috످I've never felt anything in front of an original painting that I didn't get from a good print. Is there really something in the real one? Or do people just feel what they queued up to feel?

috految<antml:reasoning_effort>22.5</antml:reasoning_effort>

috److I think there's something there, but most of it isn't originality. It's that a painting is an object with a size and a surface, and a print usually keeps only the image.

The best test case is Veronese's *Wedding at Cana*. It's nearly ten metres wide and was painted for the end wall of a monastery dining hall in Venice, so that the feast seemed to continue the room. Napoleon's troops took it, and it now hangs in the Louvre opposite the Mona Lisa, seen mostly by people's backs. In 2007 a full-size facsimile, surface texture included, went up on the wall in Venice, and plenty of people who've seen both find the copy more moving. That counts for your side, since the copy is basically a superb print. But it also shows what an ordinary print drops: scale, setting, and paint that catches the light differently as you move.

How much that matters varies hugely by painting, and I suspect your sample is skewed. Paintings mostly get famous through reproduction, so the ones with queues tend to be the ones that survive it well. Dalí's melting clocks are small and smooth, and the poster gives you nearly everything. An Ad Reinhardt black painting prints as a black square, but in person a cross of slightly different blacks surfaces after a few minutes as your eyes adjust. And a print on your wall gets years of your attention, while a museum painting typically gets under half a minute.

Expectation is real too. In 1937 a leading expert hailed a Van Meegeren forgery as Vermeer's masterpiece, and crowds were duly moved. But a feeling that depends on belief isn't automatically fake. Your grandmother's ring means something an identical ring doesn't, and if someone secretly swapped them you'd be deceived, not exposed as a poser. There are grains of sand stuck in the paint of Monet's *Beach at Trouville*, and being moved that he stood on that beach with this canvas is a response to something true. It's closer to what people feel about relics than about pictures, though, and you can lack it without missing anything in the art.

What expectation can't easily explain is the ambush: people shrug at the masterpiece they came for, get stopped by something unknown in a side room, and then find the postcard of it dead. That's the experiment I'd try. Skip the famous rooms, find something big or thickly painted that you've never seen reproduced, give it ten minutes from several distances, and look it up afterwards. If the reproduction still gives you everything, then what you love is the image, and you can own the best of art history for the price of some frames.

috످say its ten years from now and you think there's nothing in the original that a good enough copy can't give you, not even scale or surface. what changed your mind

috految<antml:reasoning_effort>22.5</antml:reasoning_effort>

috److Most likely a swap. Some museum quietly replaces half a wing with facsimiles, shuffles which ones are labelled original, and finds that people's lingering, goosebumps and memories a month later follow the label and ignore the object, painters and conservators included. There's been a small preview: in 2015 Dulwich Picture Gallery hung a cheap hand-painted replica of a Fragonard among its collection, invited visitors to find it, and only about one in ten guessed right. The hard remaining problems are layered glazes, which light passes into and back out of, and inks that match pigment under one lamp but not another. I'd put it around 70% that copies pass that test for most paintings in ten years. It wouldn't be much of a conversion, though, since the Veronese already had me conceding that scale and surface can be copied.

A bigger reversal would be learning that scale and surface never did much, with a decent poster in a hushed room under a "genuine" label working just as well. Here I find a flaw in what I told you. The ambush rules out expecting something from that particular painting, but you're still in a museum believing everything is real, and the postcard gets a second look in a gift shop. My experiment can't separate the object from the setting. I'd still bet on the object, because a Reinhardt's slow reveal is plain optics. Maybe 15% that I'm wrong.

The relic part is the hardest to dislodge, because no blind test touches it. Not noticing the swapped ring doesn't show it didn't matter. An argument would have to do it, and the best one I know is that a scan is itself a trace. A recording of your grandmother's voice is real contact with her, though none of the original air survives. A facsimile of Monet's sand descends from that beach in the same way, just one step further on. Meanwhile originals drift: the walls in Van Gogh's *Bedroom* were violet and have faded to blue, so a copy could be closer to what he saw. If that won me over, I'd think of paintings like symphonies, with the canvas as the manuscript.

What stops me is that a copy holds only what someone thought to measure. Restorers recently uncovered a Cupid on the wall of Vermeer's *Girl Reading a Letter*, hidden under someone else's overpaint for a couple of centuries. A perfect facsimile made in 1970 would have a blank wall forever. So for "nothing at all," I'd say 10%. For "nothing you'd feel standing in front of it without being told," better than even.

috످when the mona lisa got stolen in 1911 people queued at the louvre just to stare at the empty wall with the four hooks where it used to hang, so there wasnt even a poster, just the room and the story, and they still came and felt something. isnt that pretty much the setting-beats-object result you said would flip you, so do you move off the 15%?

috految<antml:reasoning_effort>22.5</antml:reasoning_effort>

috److془Need to think carefully. The 15%: scale and surface never did much, poster in hushed room under genuine label works just as well. Empty wall: shows story sufficient for feeling; not that object adds nothing. Both hypotheses predict it. Louvre: also crowds were bigger. Same crowd would have come for stolen sock. Kafka went. Better case: Hold story fixed, vary object. Or the reverse: Mona Lisa's theft, Peruggia... Better: Rothko? Sistine? Rather: Seurat? Van Gogh? Need case where story is contrary and object wins. Or: Rothko's Harvard Murals - light projection. Hmm. Best: Van Gogh... Ordinary: Mona Lisa aside, Las Meninas. Or: Cinema: IMAX vs phone. Or Monet's Water Lilies. Or Rothko. Or Mona Lisa: Disappointment "it's so small". Story maximal, yet people let down by size. Confound: expectation, crowd. Better: Rothko... Or Louvre: Veronese on the same room. Or Aha: Veronese replica: no genuine label; but setting confound. Best: Dulwich no. Rembrandt. Keep: Seurat moving. Or Kusama... Seidel & Prinz size. Or Chuck Close. Or the Louvre: Van Gogh in Arles. Or Rembrandt's Jewish Bride.

Nice: Rothko/ Stieglitz.. Stop. Use Las: Gallery with Monet's Water Lilies. Actually the Mona Lisa room: Veronese. Hmm; Or Monet's waterlilies at Orangerie confound. Use Raft of the Medusa: hanging in Louvre in 1911, 7 meters wide, figures bigger than life. Or Géricault's small oil sketch is also in Louvre! Both genuine, same story, same museum. Sketch 65x83 cm: poster size! Beautiful. Less finished; so imagine Géricault finished it. Great. Also Géricault had high hanging in the 1819 Salon, lowered. Reinhardt: shows seeing, not feeling.

Also: the painting's absence matter: the hooks. Also, Is the wall evidence for relic? Poster would've ruin it. Actually, they had postcards everywhere. Good.

Correct: "Dalí"? no need. What would flip: A versus B.془No, I'm still at 15%. The empty wall shows that a story can move people all by itself. What would flip me is finding that once you have the story, the painting adds nothing. People also cry at the sight of a dead friend's empty chair, and that doesn't show it made no difference when he was sitting in it.

Suppose I'm completely right, and scale and surface matter enormously. Would Paris still have queued to see the spot where the Mona Lisa was stolen? Of course, it was the crime of the decade. You'd get that queue whether I'm right or wrong, so it can't tell us which. Even if the hooks moved people more than the painting ever had, they were feeling something different, the shock of it being gone. Hang a superb copy on those hooks and you'd have ruined what they came to see.

To test the object, you have to keep the story and the setting and change only the thing on the wall. The Louvre nearly has that experiment. It owns Géricault's *Raft of the Medusa*, a shipwreck scene seven metres wide, and also his oil sketch for it, about the size of a poster. Same museum, same painter, same horrifying true story, both originals. In the sketch, you're looking at some little men on a raft. In the big one, the corpses are larger than you are, and the raft comes right to the bottom of the frame, as if you could step onto it. The sketch is rougher, so imagine he'd finished it just as finely. If it's all story and setting, the two should now hit you equally hard. I don't believe they would, because in one you're watching a shipwreck and in the other you're in it.

But if you showed people one or the other, with the same label in the same room, and the small one shook them just as much, I'd go from 15% to well over half.

috످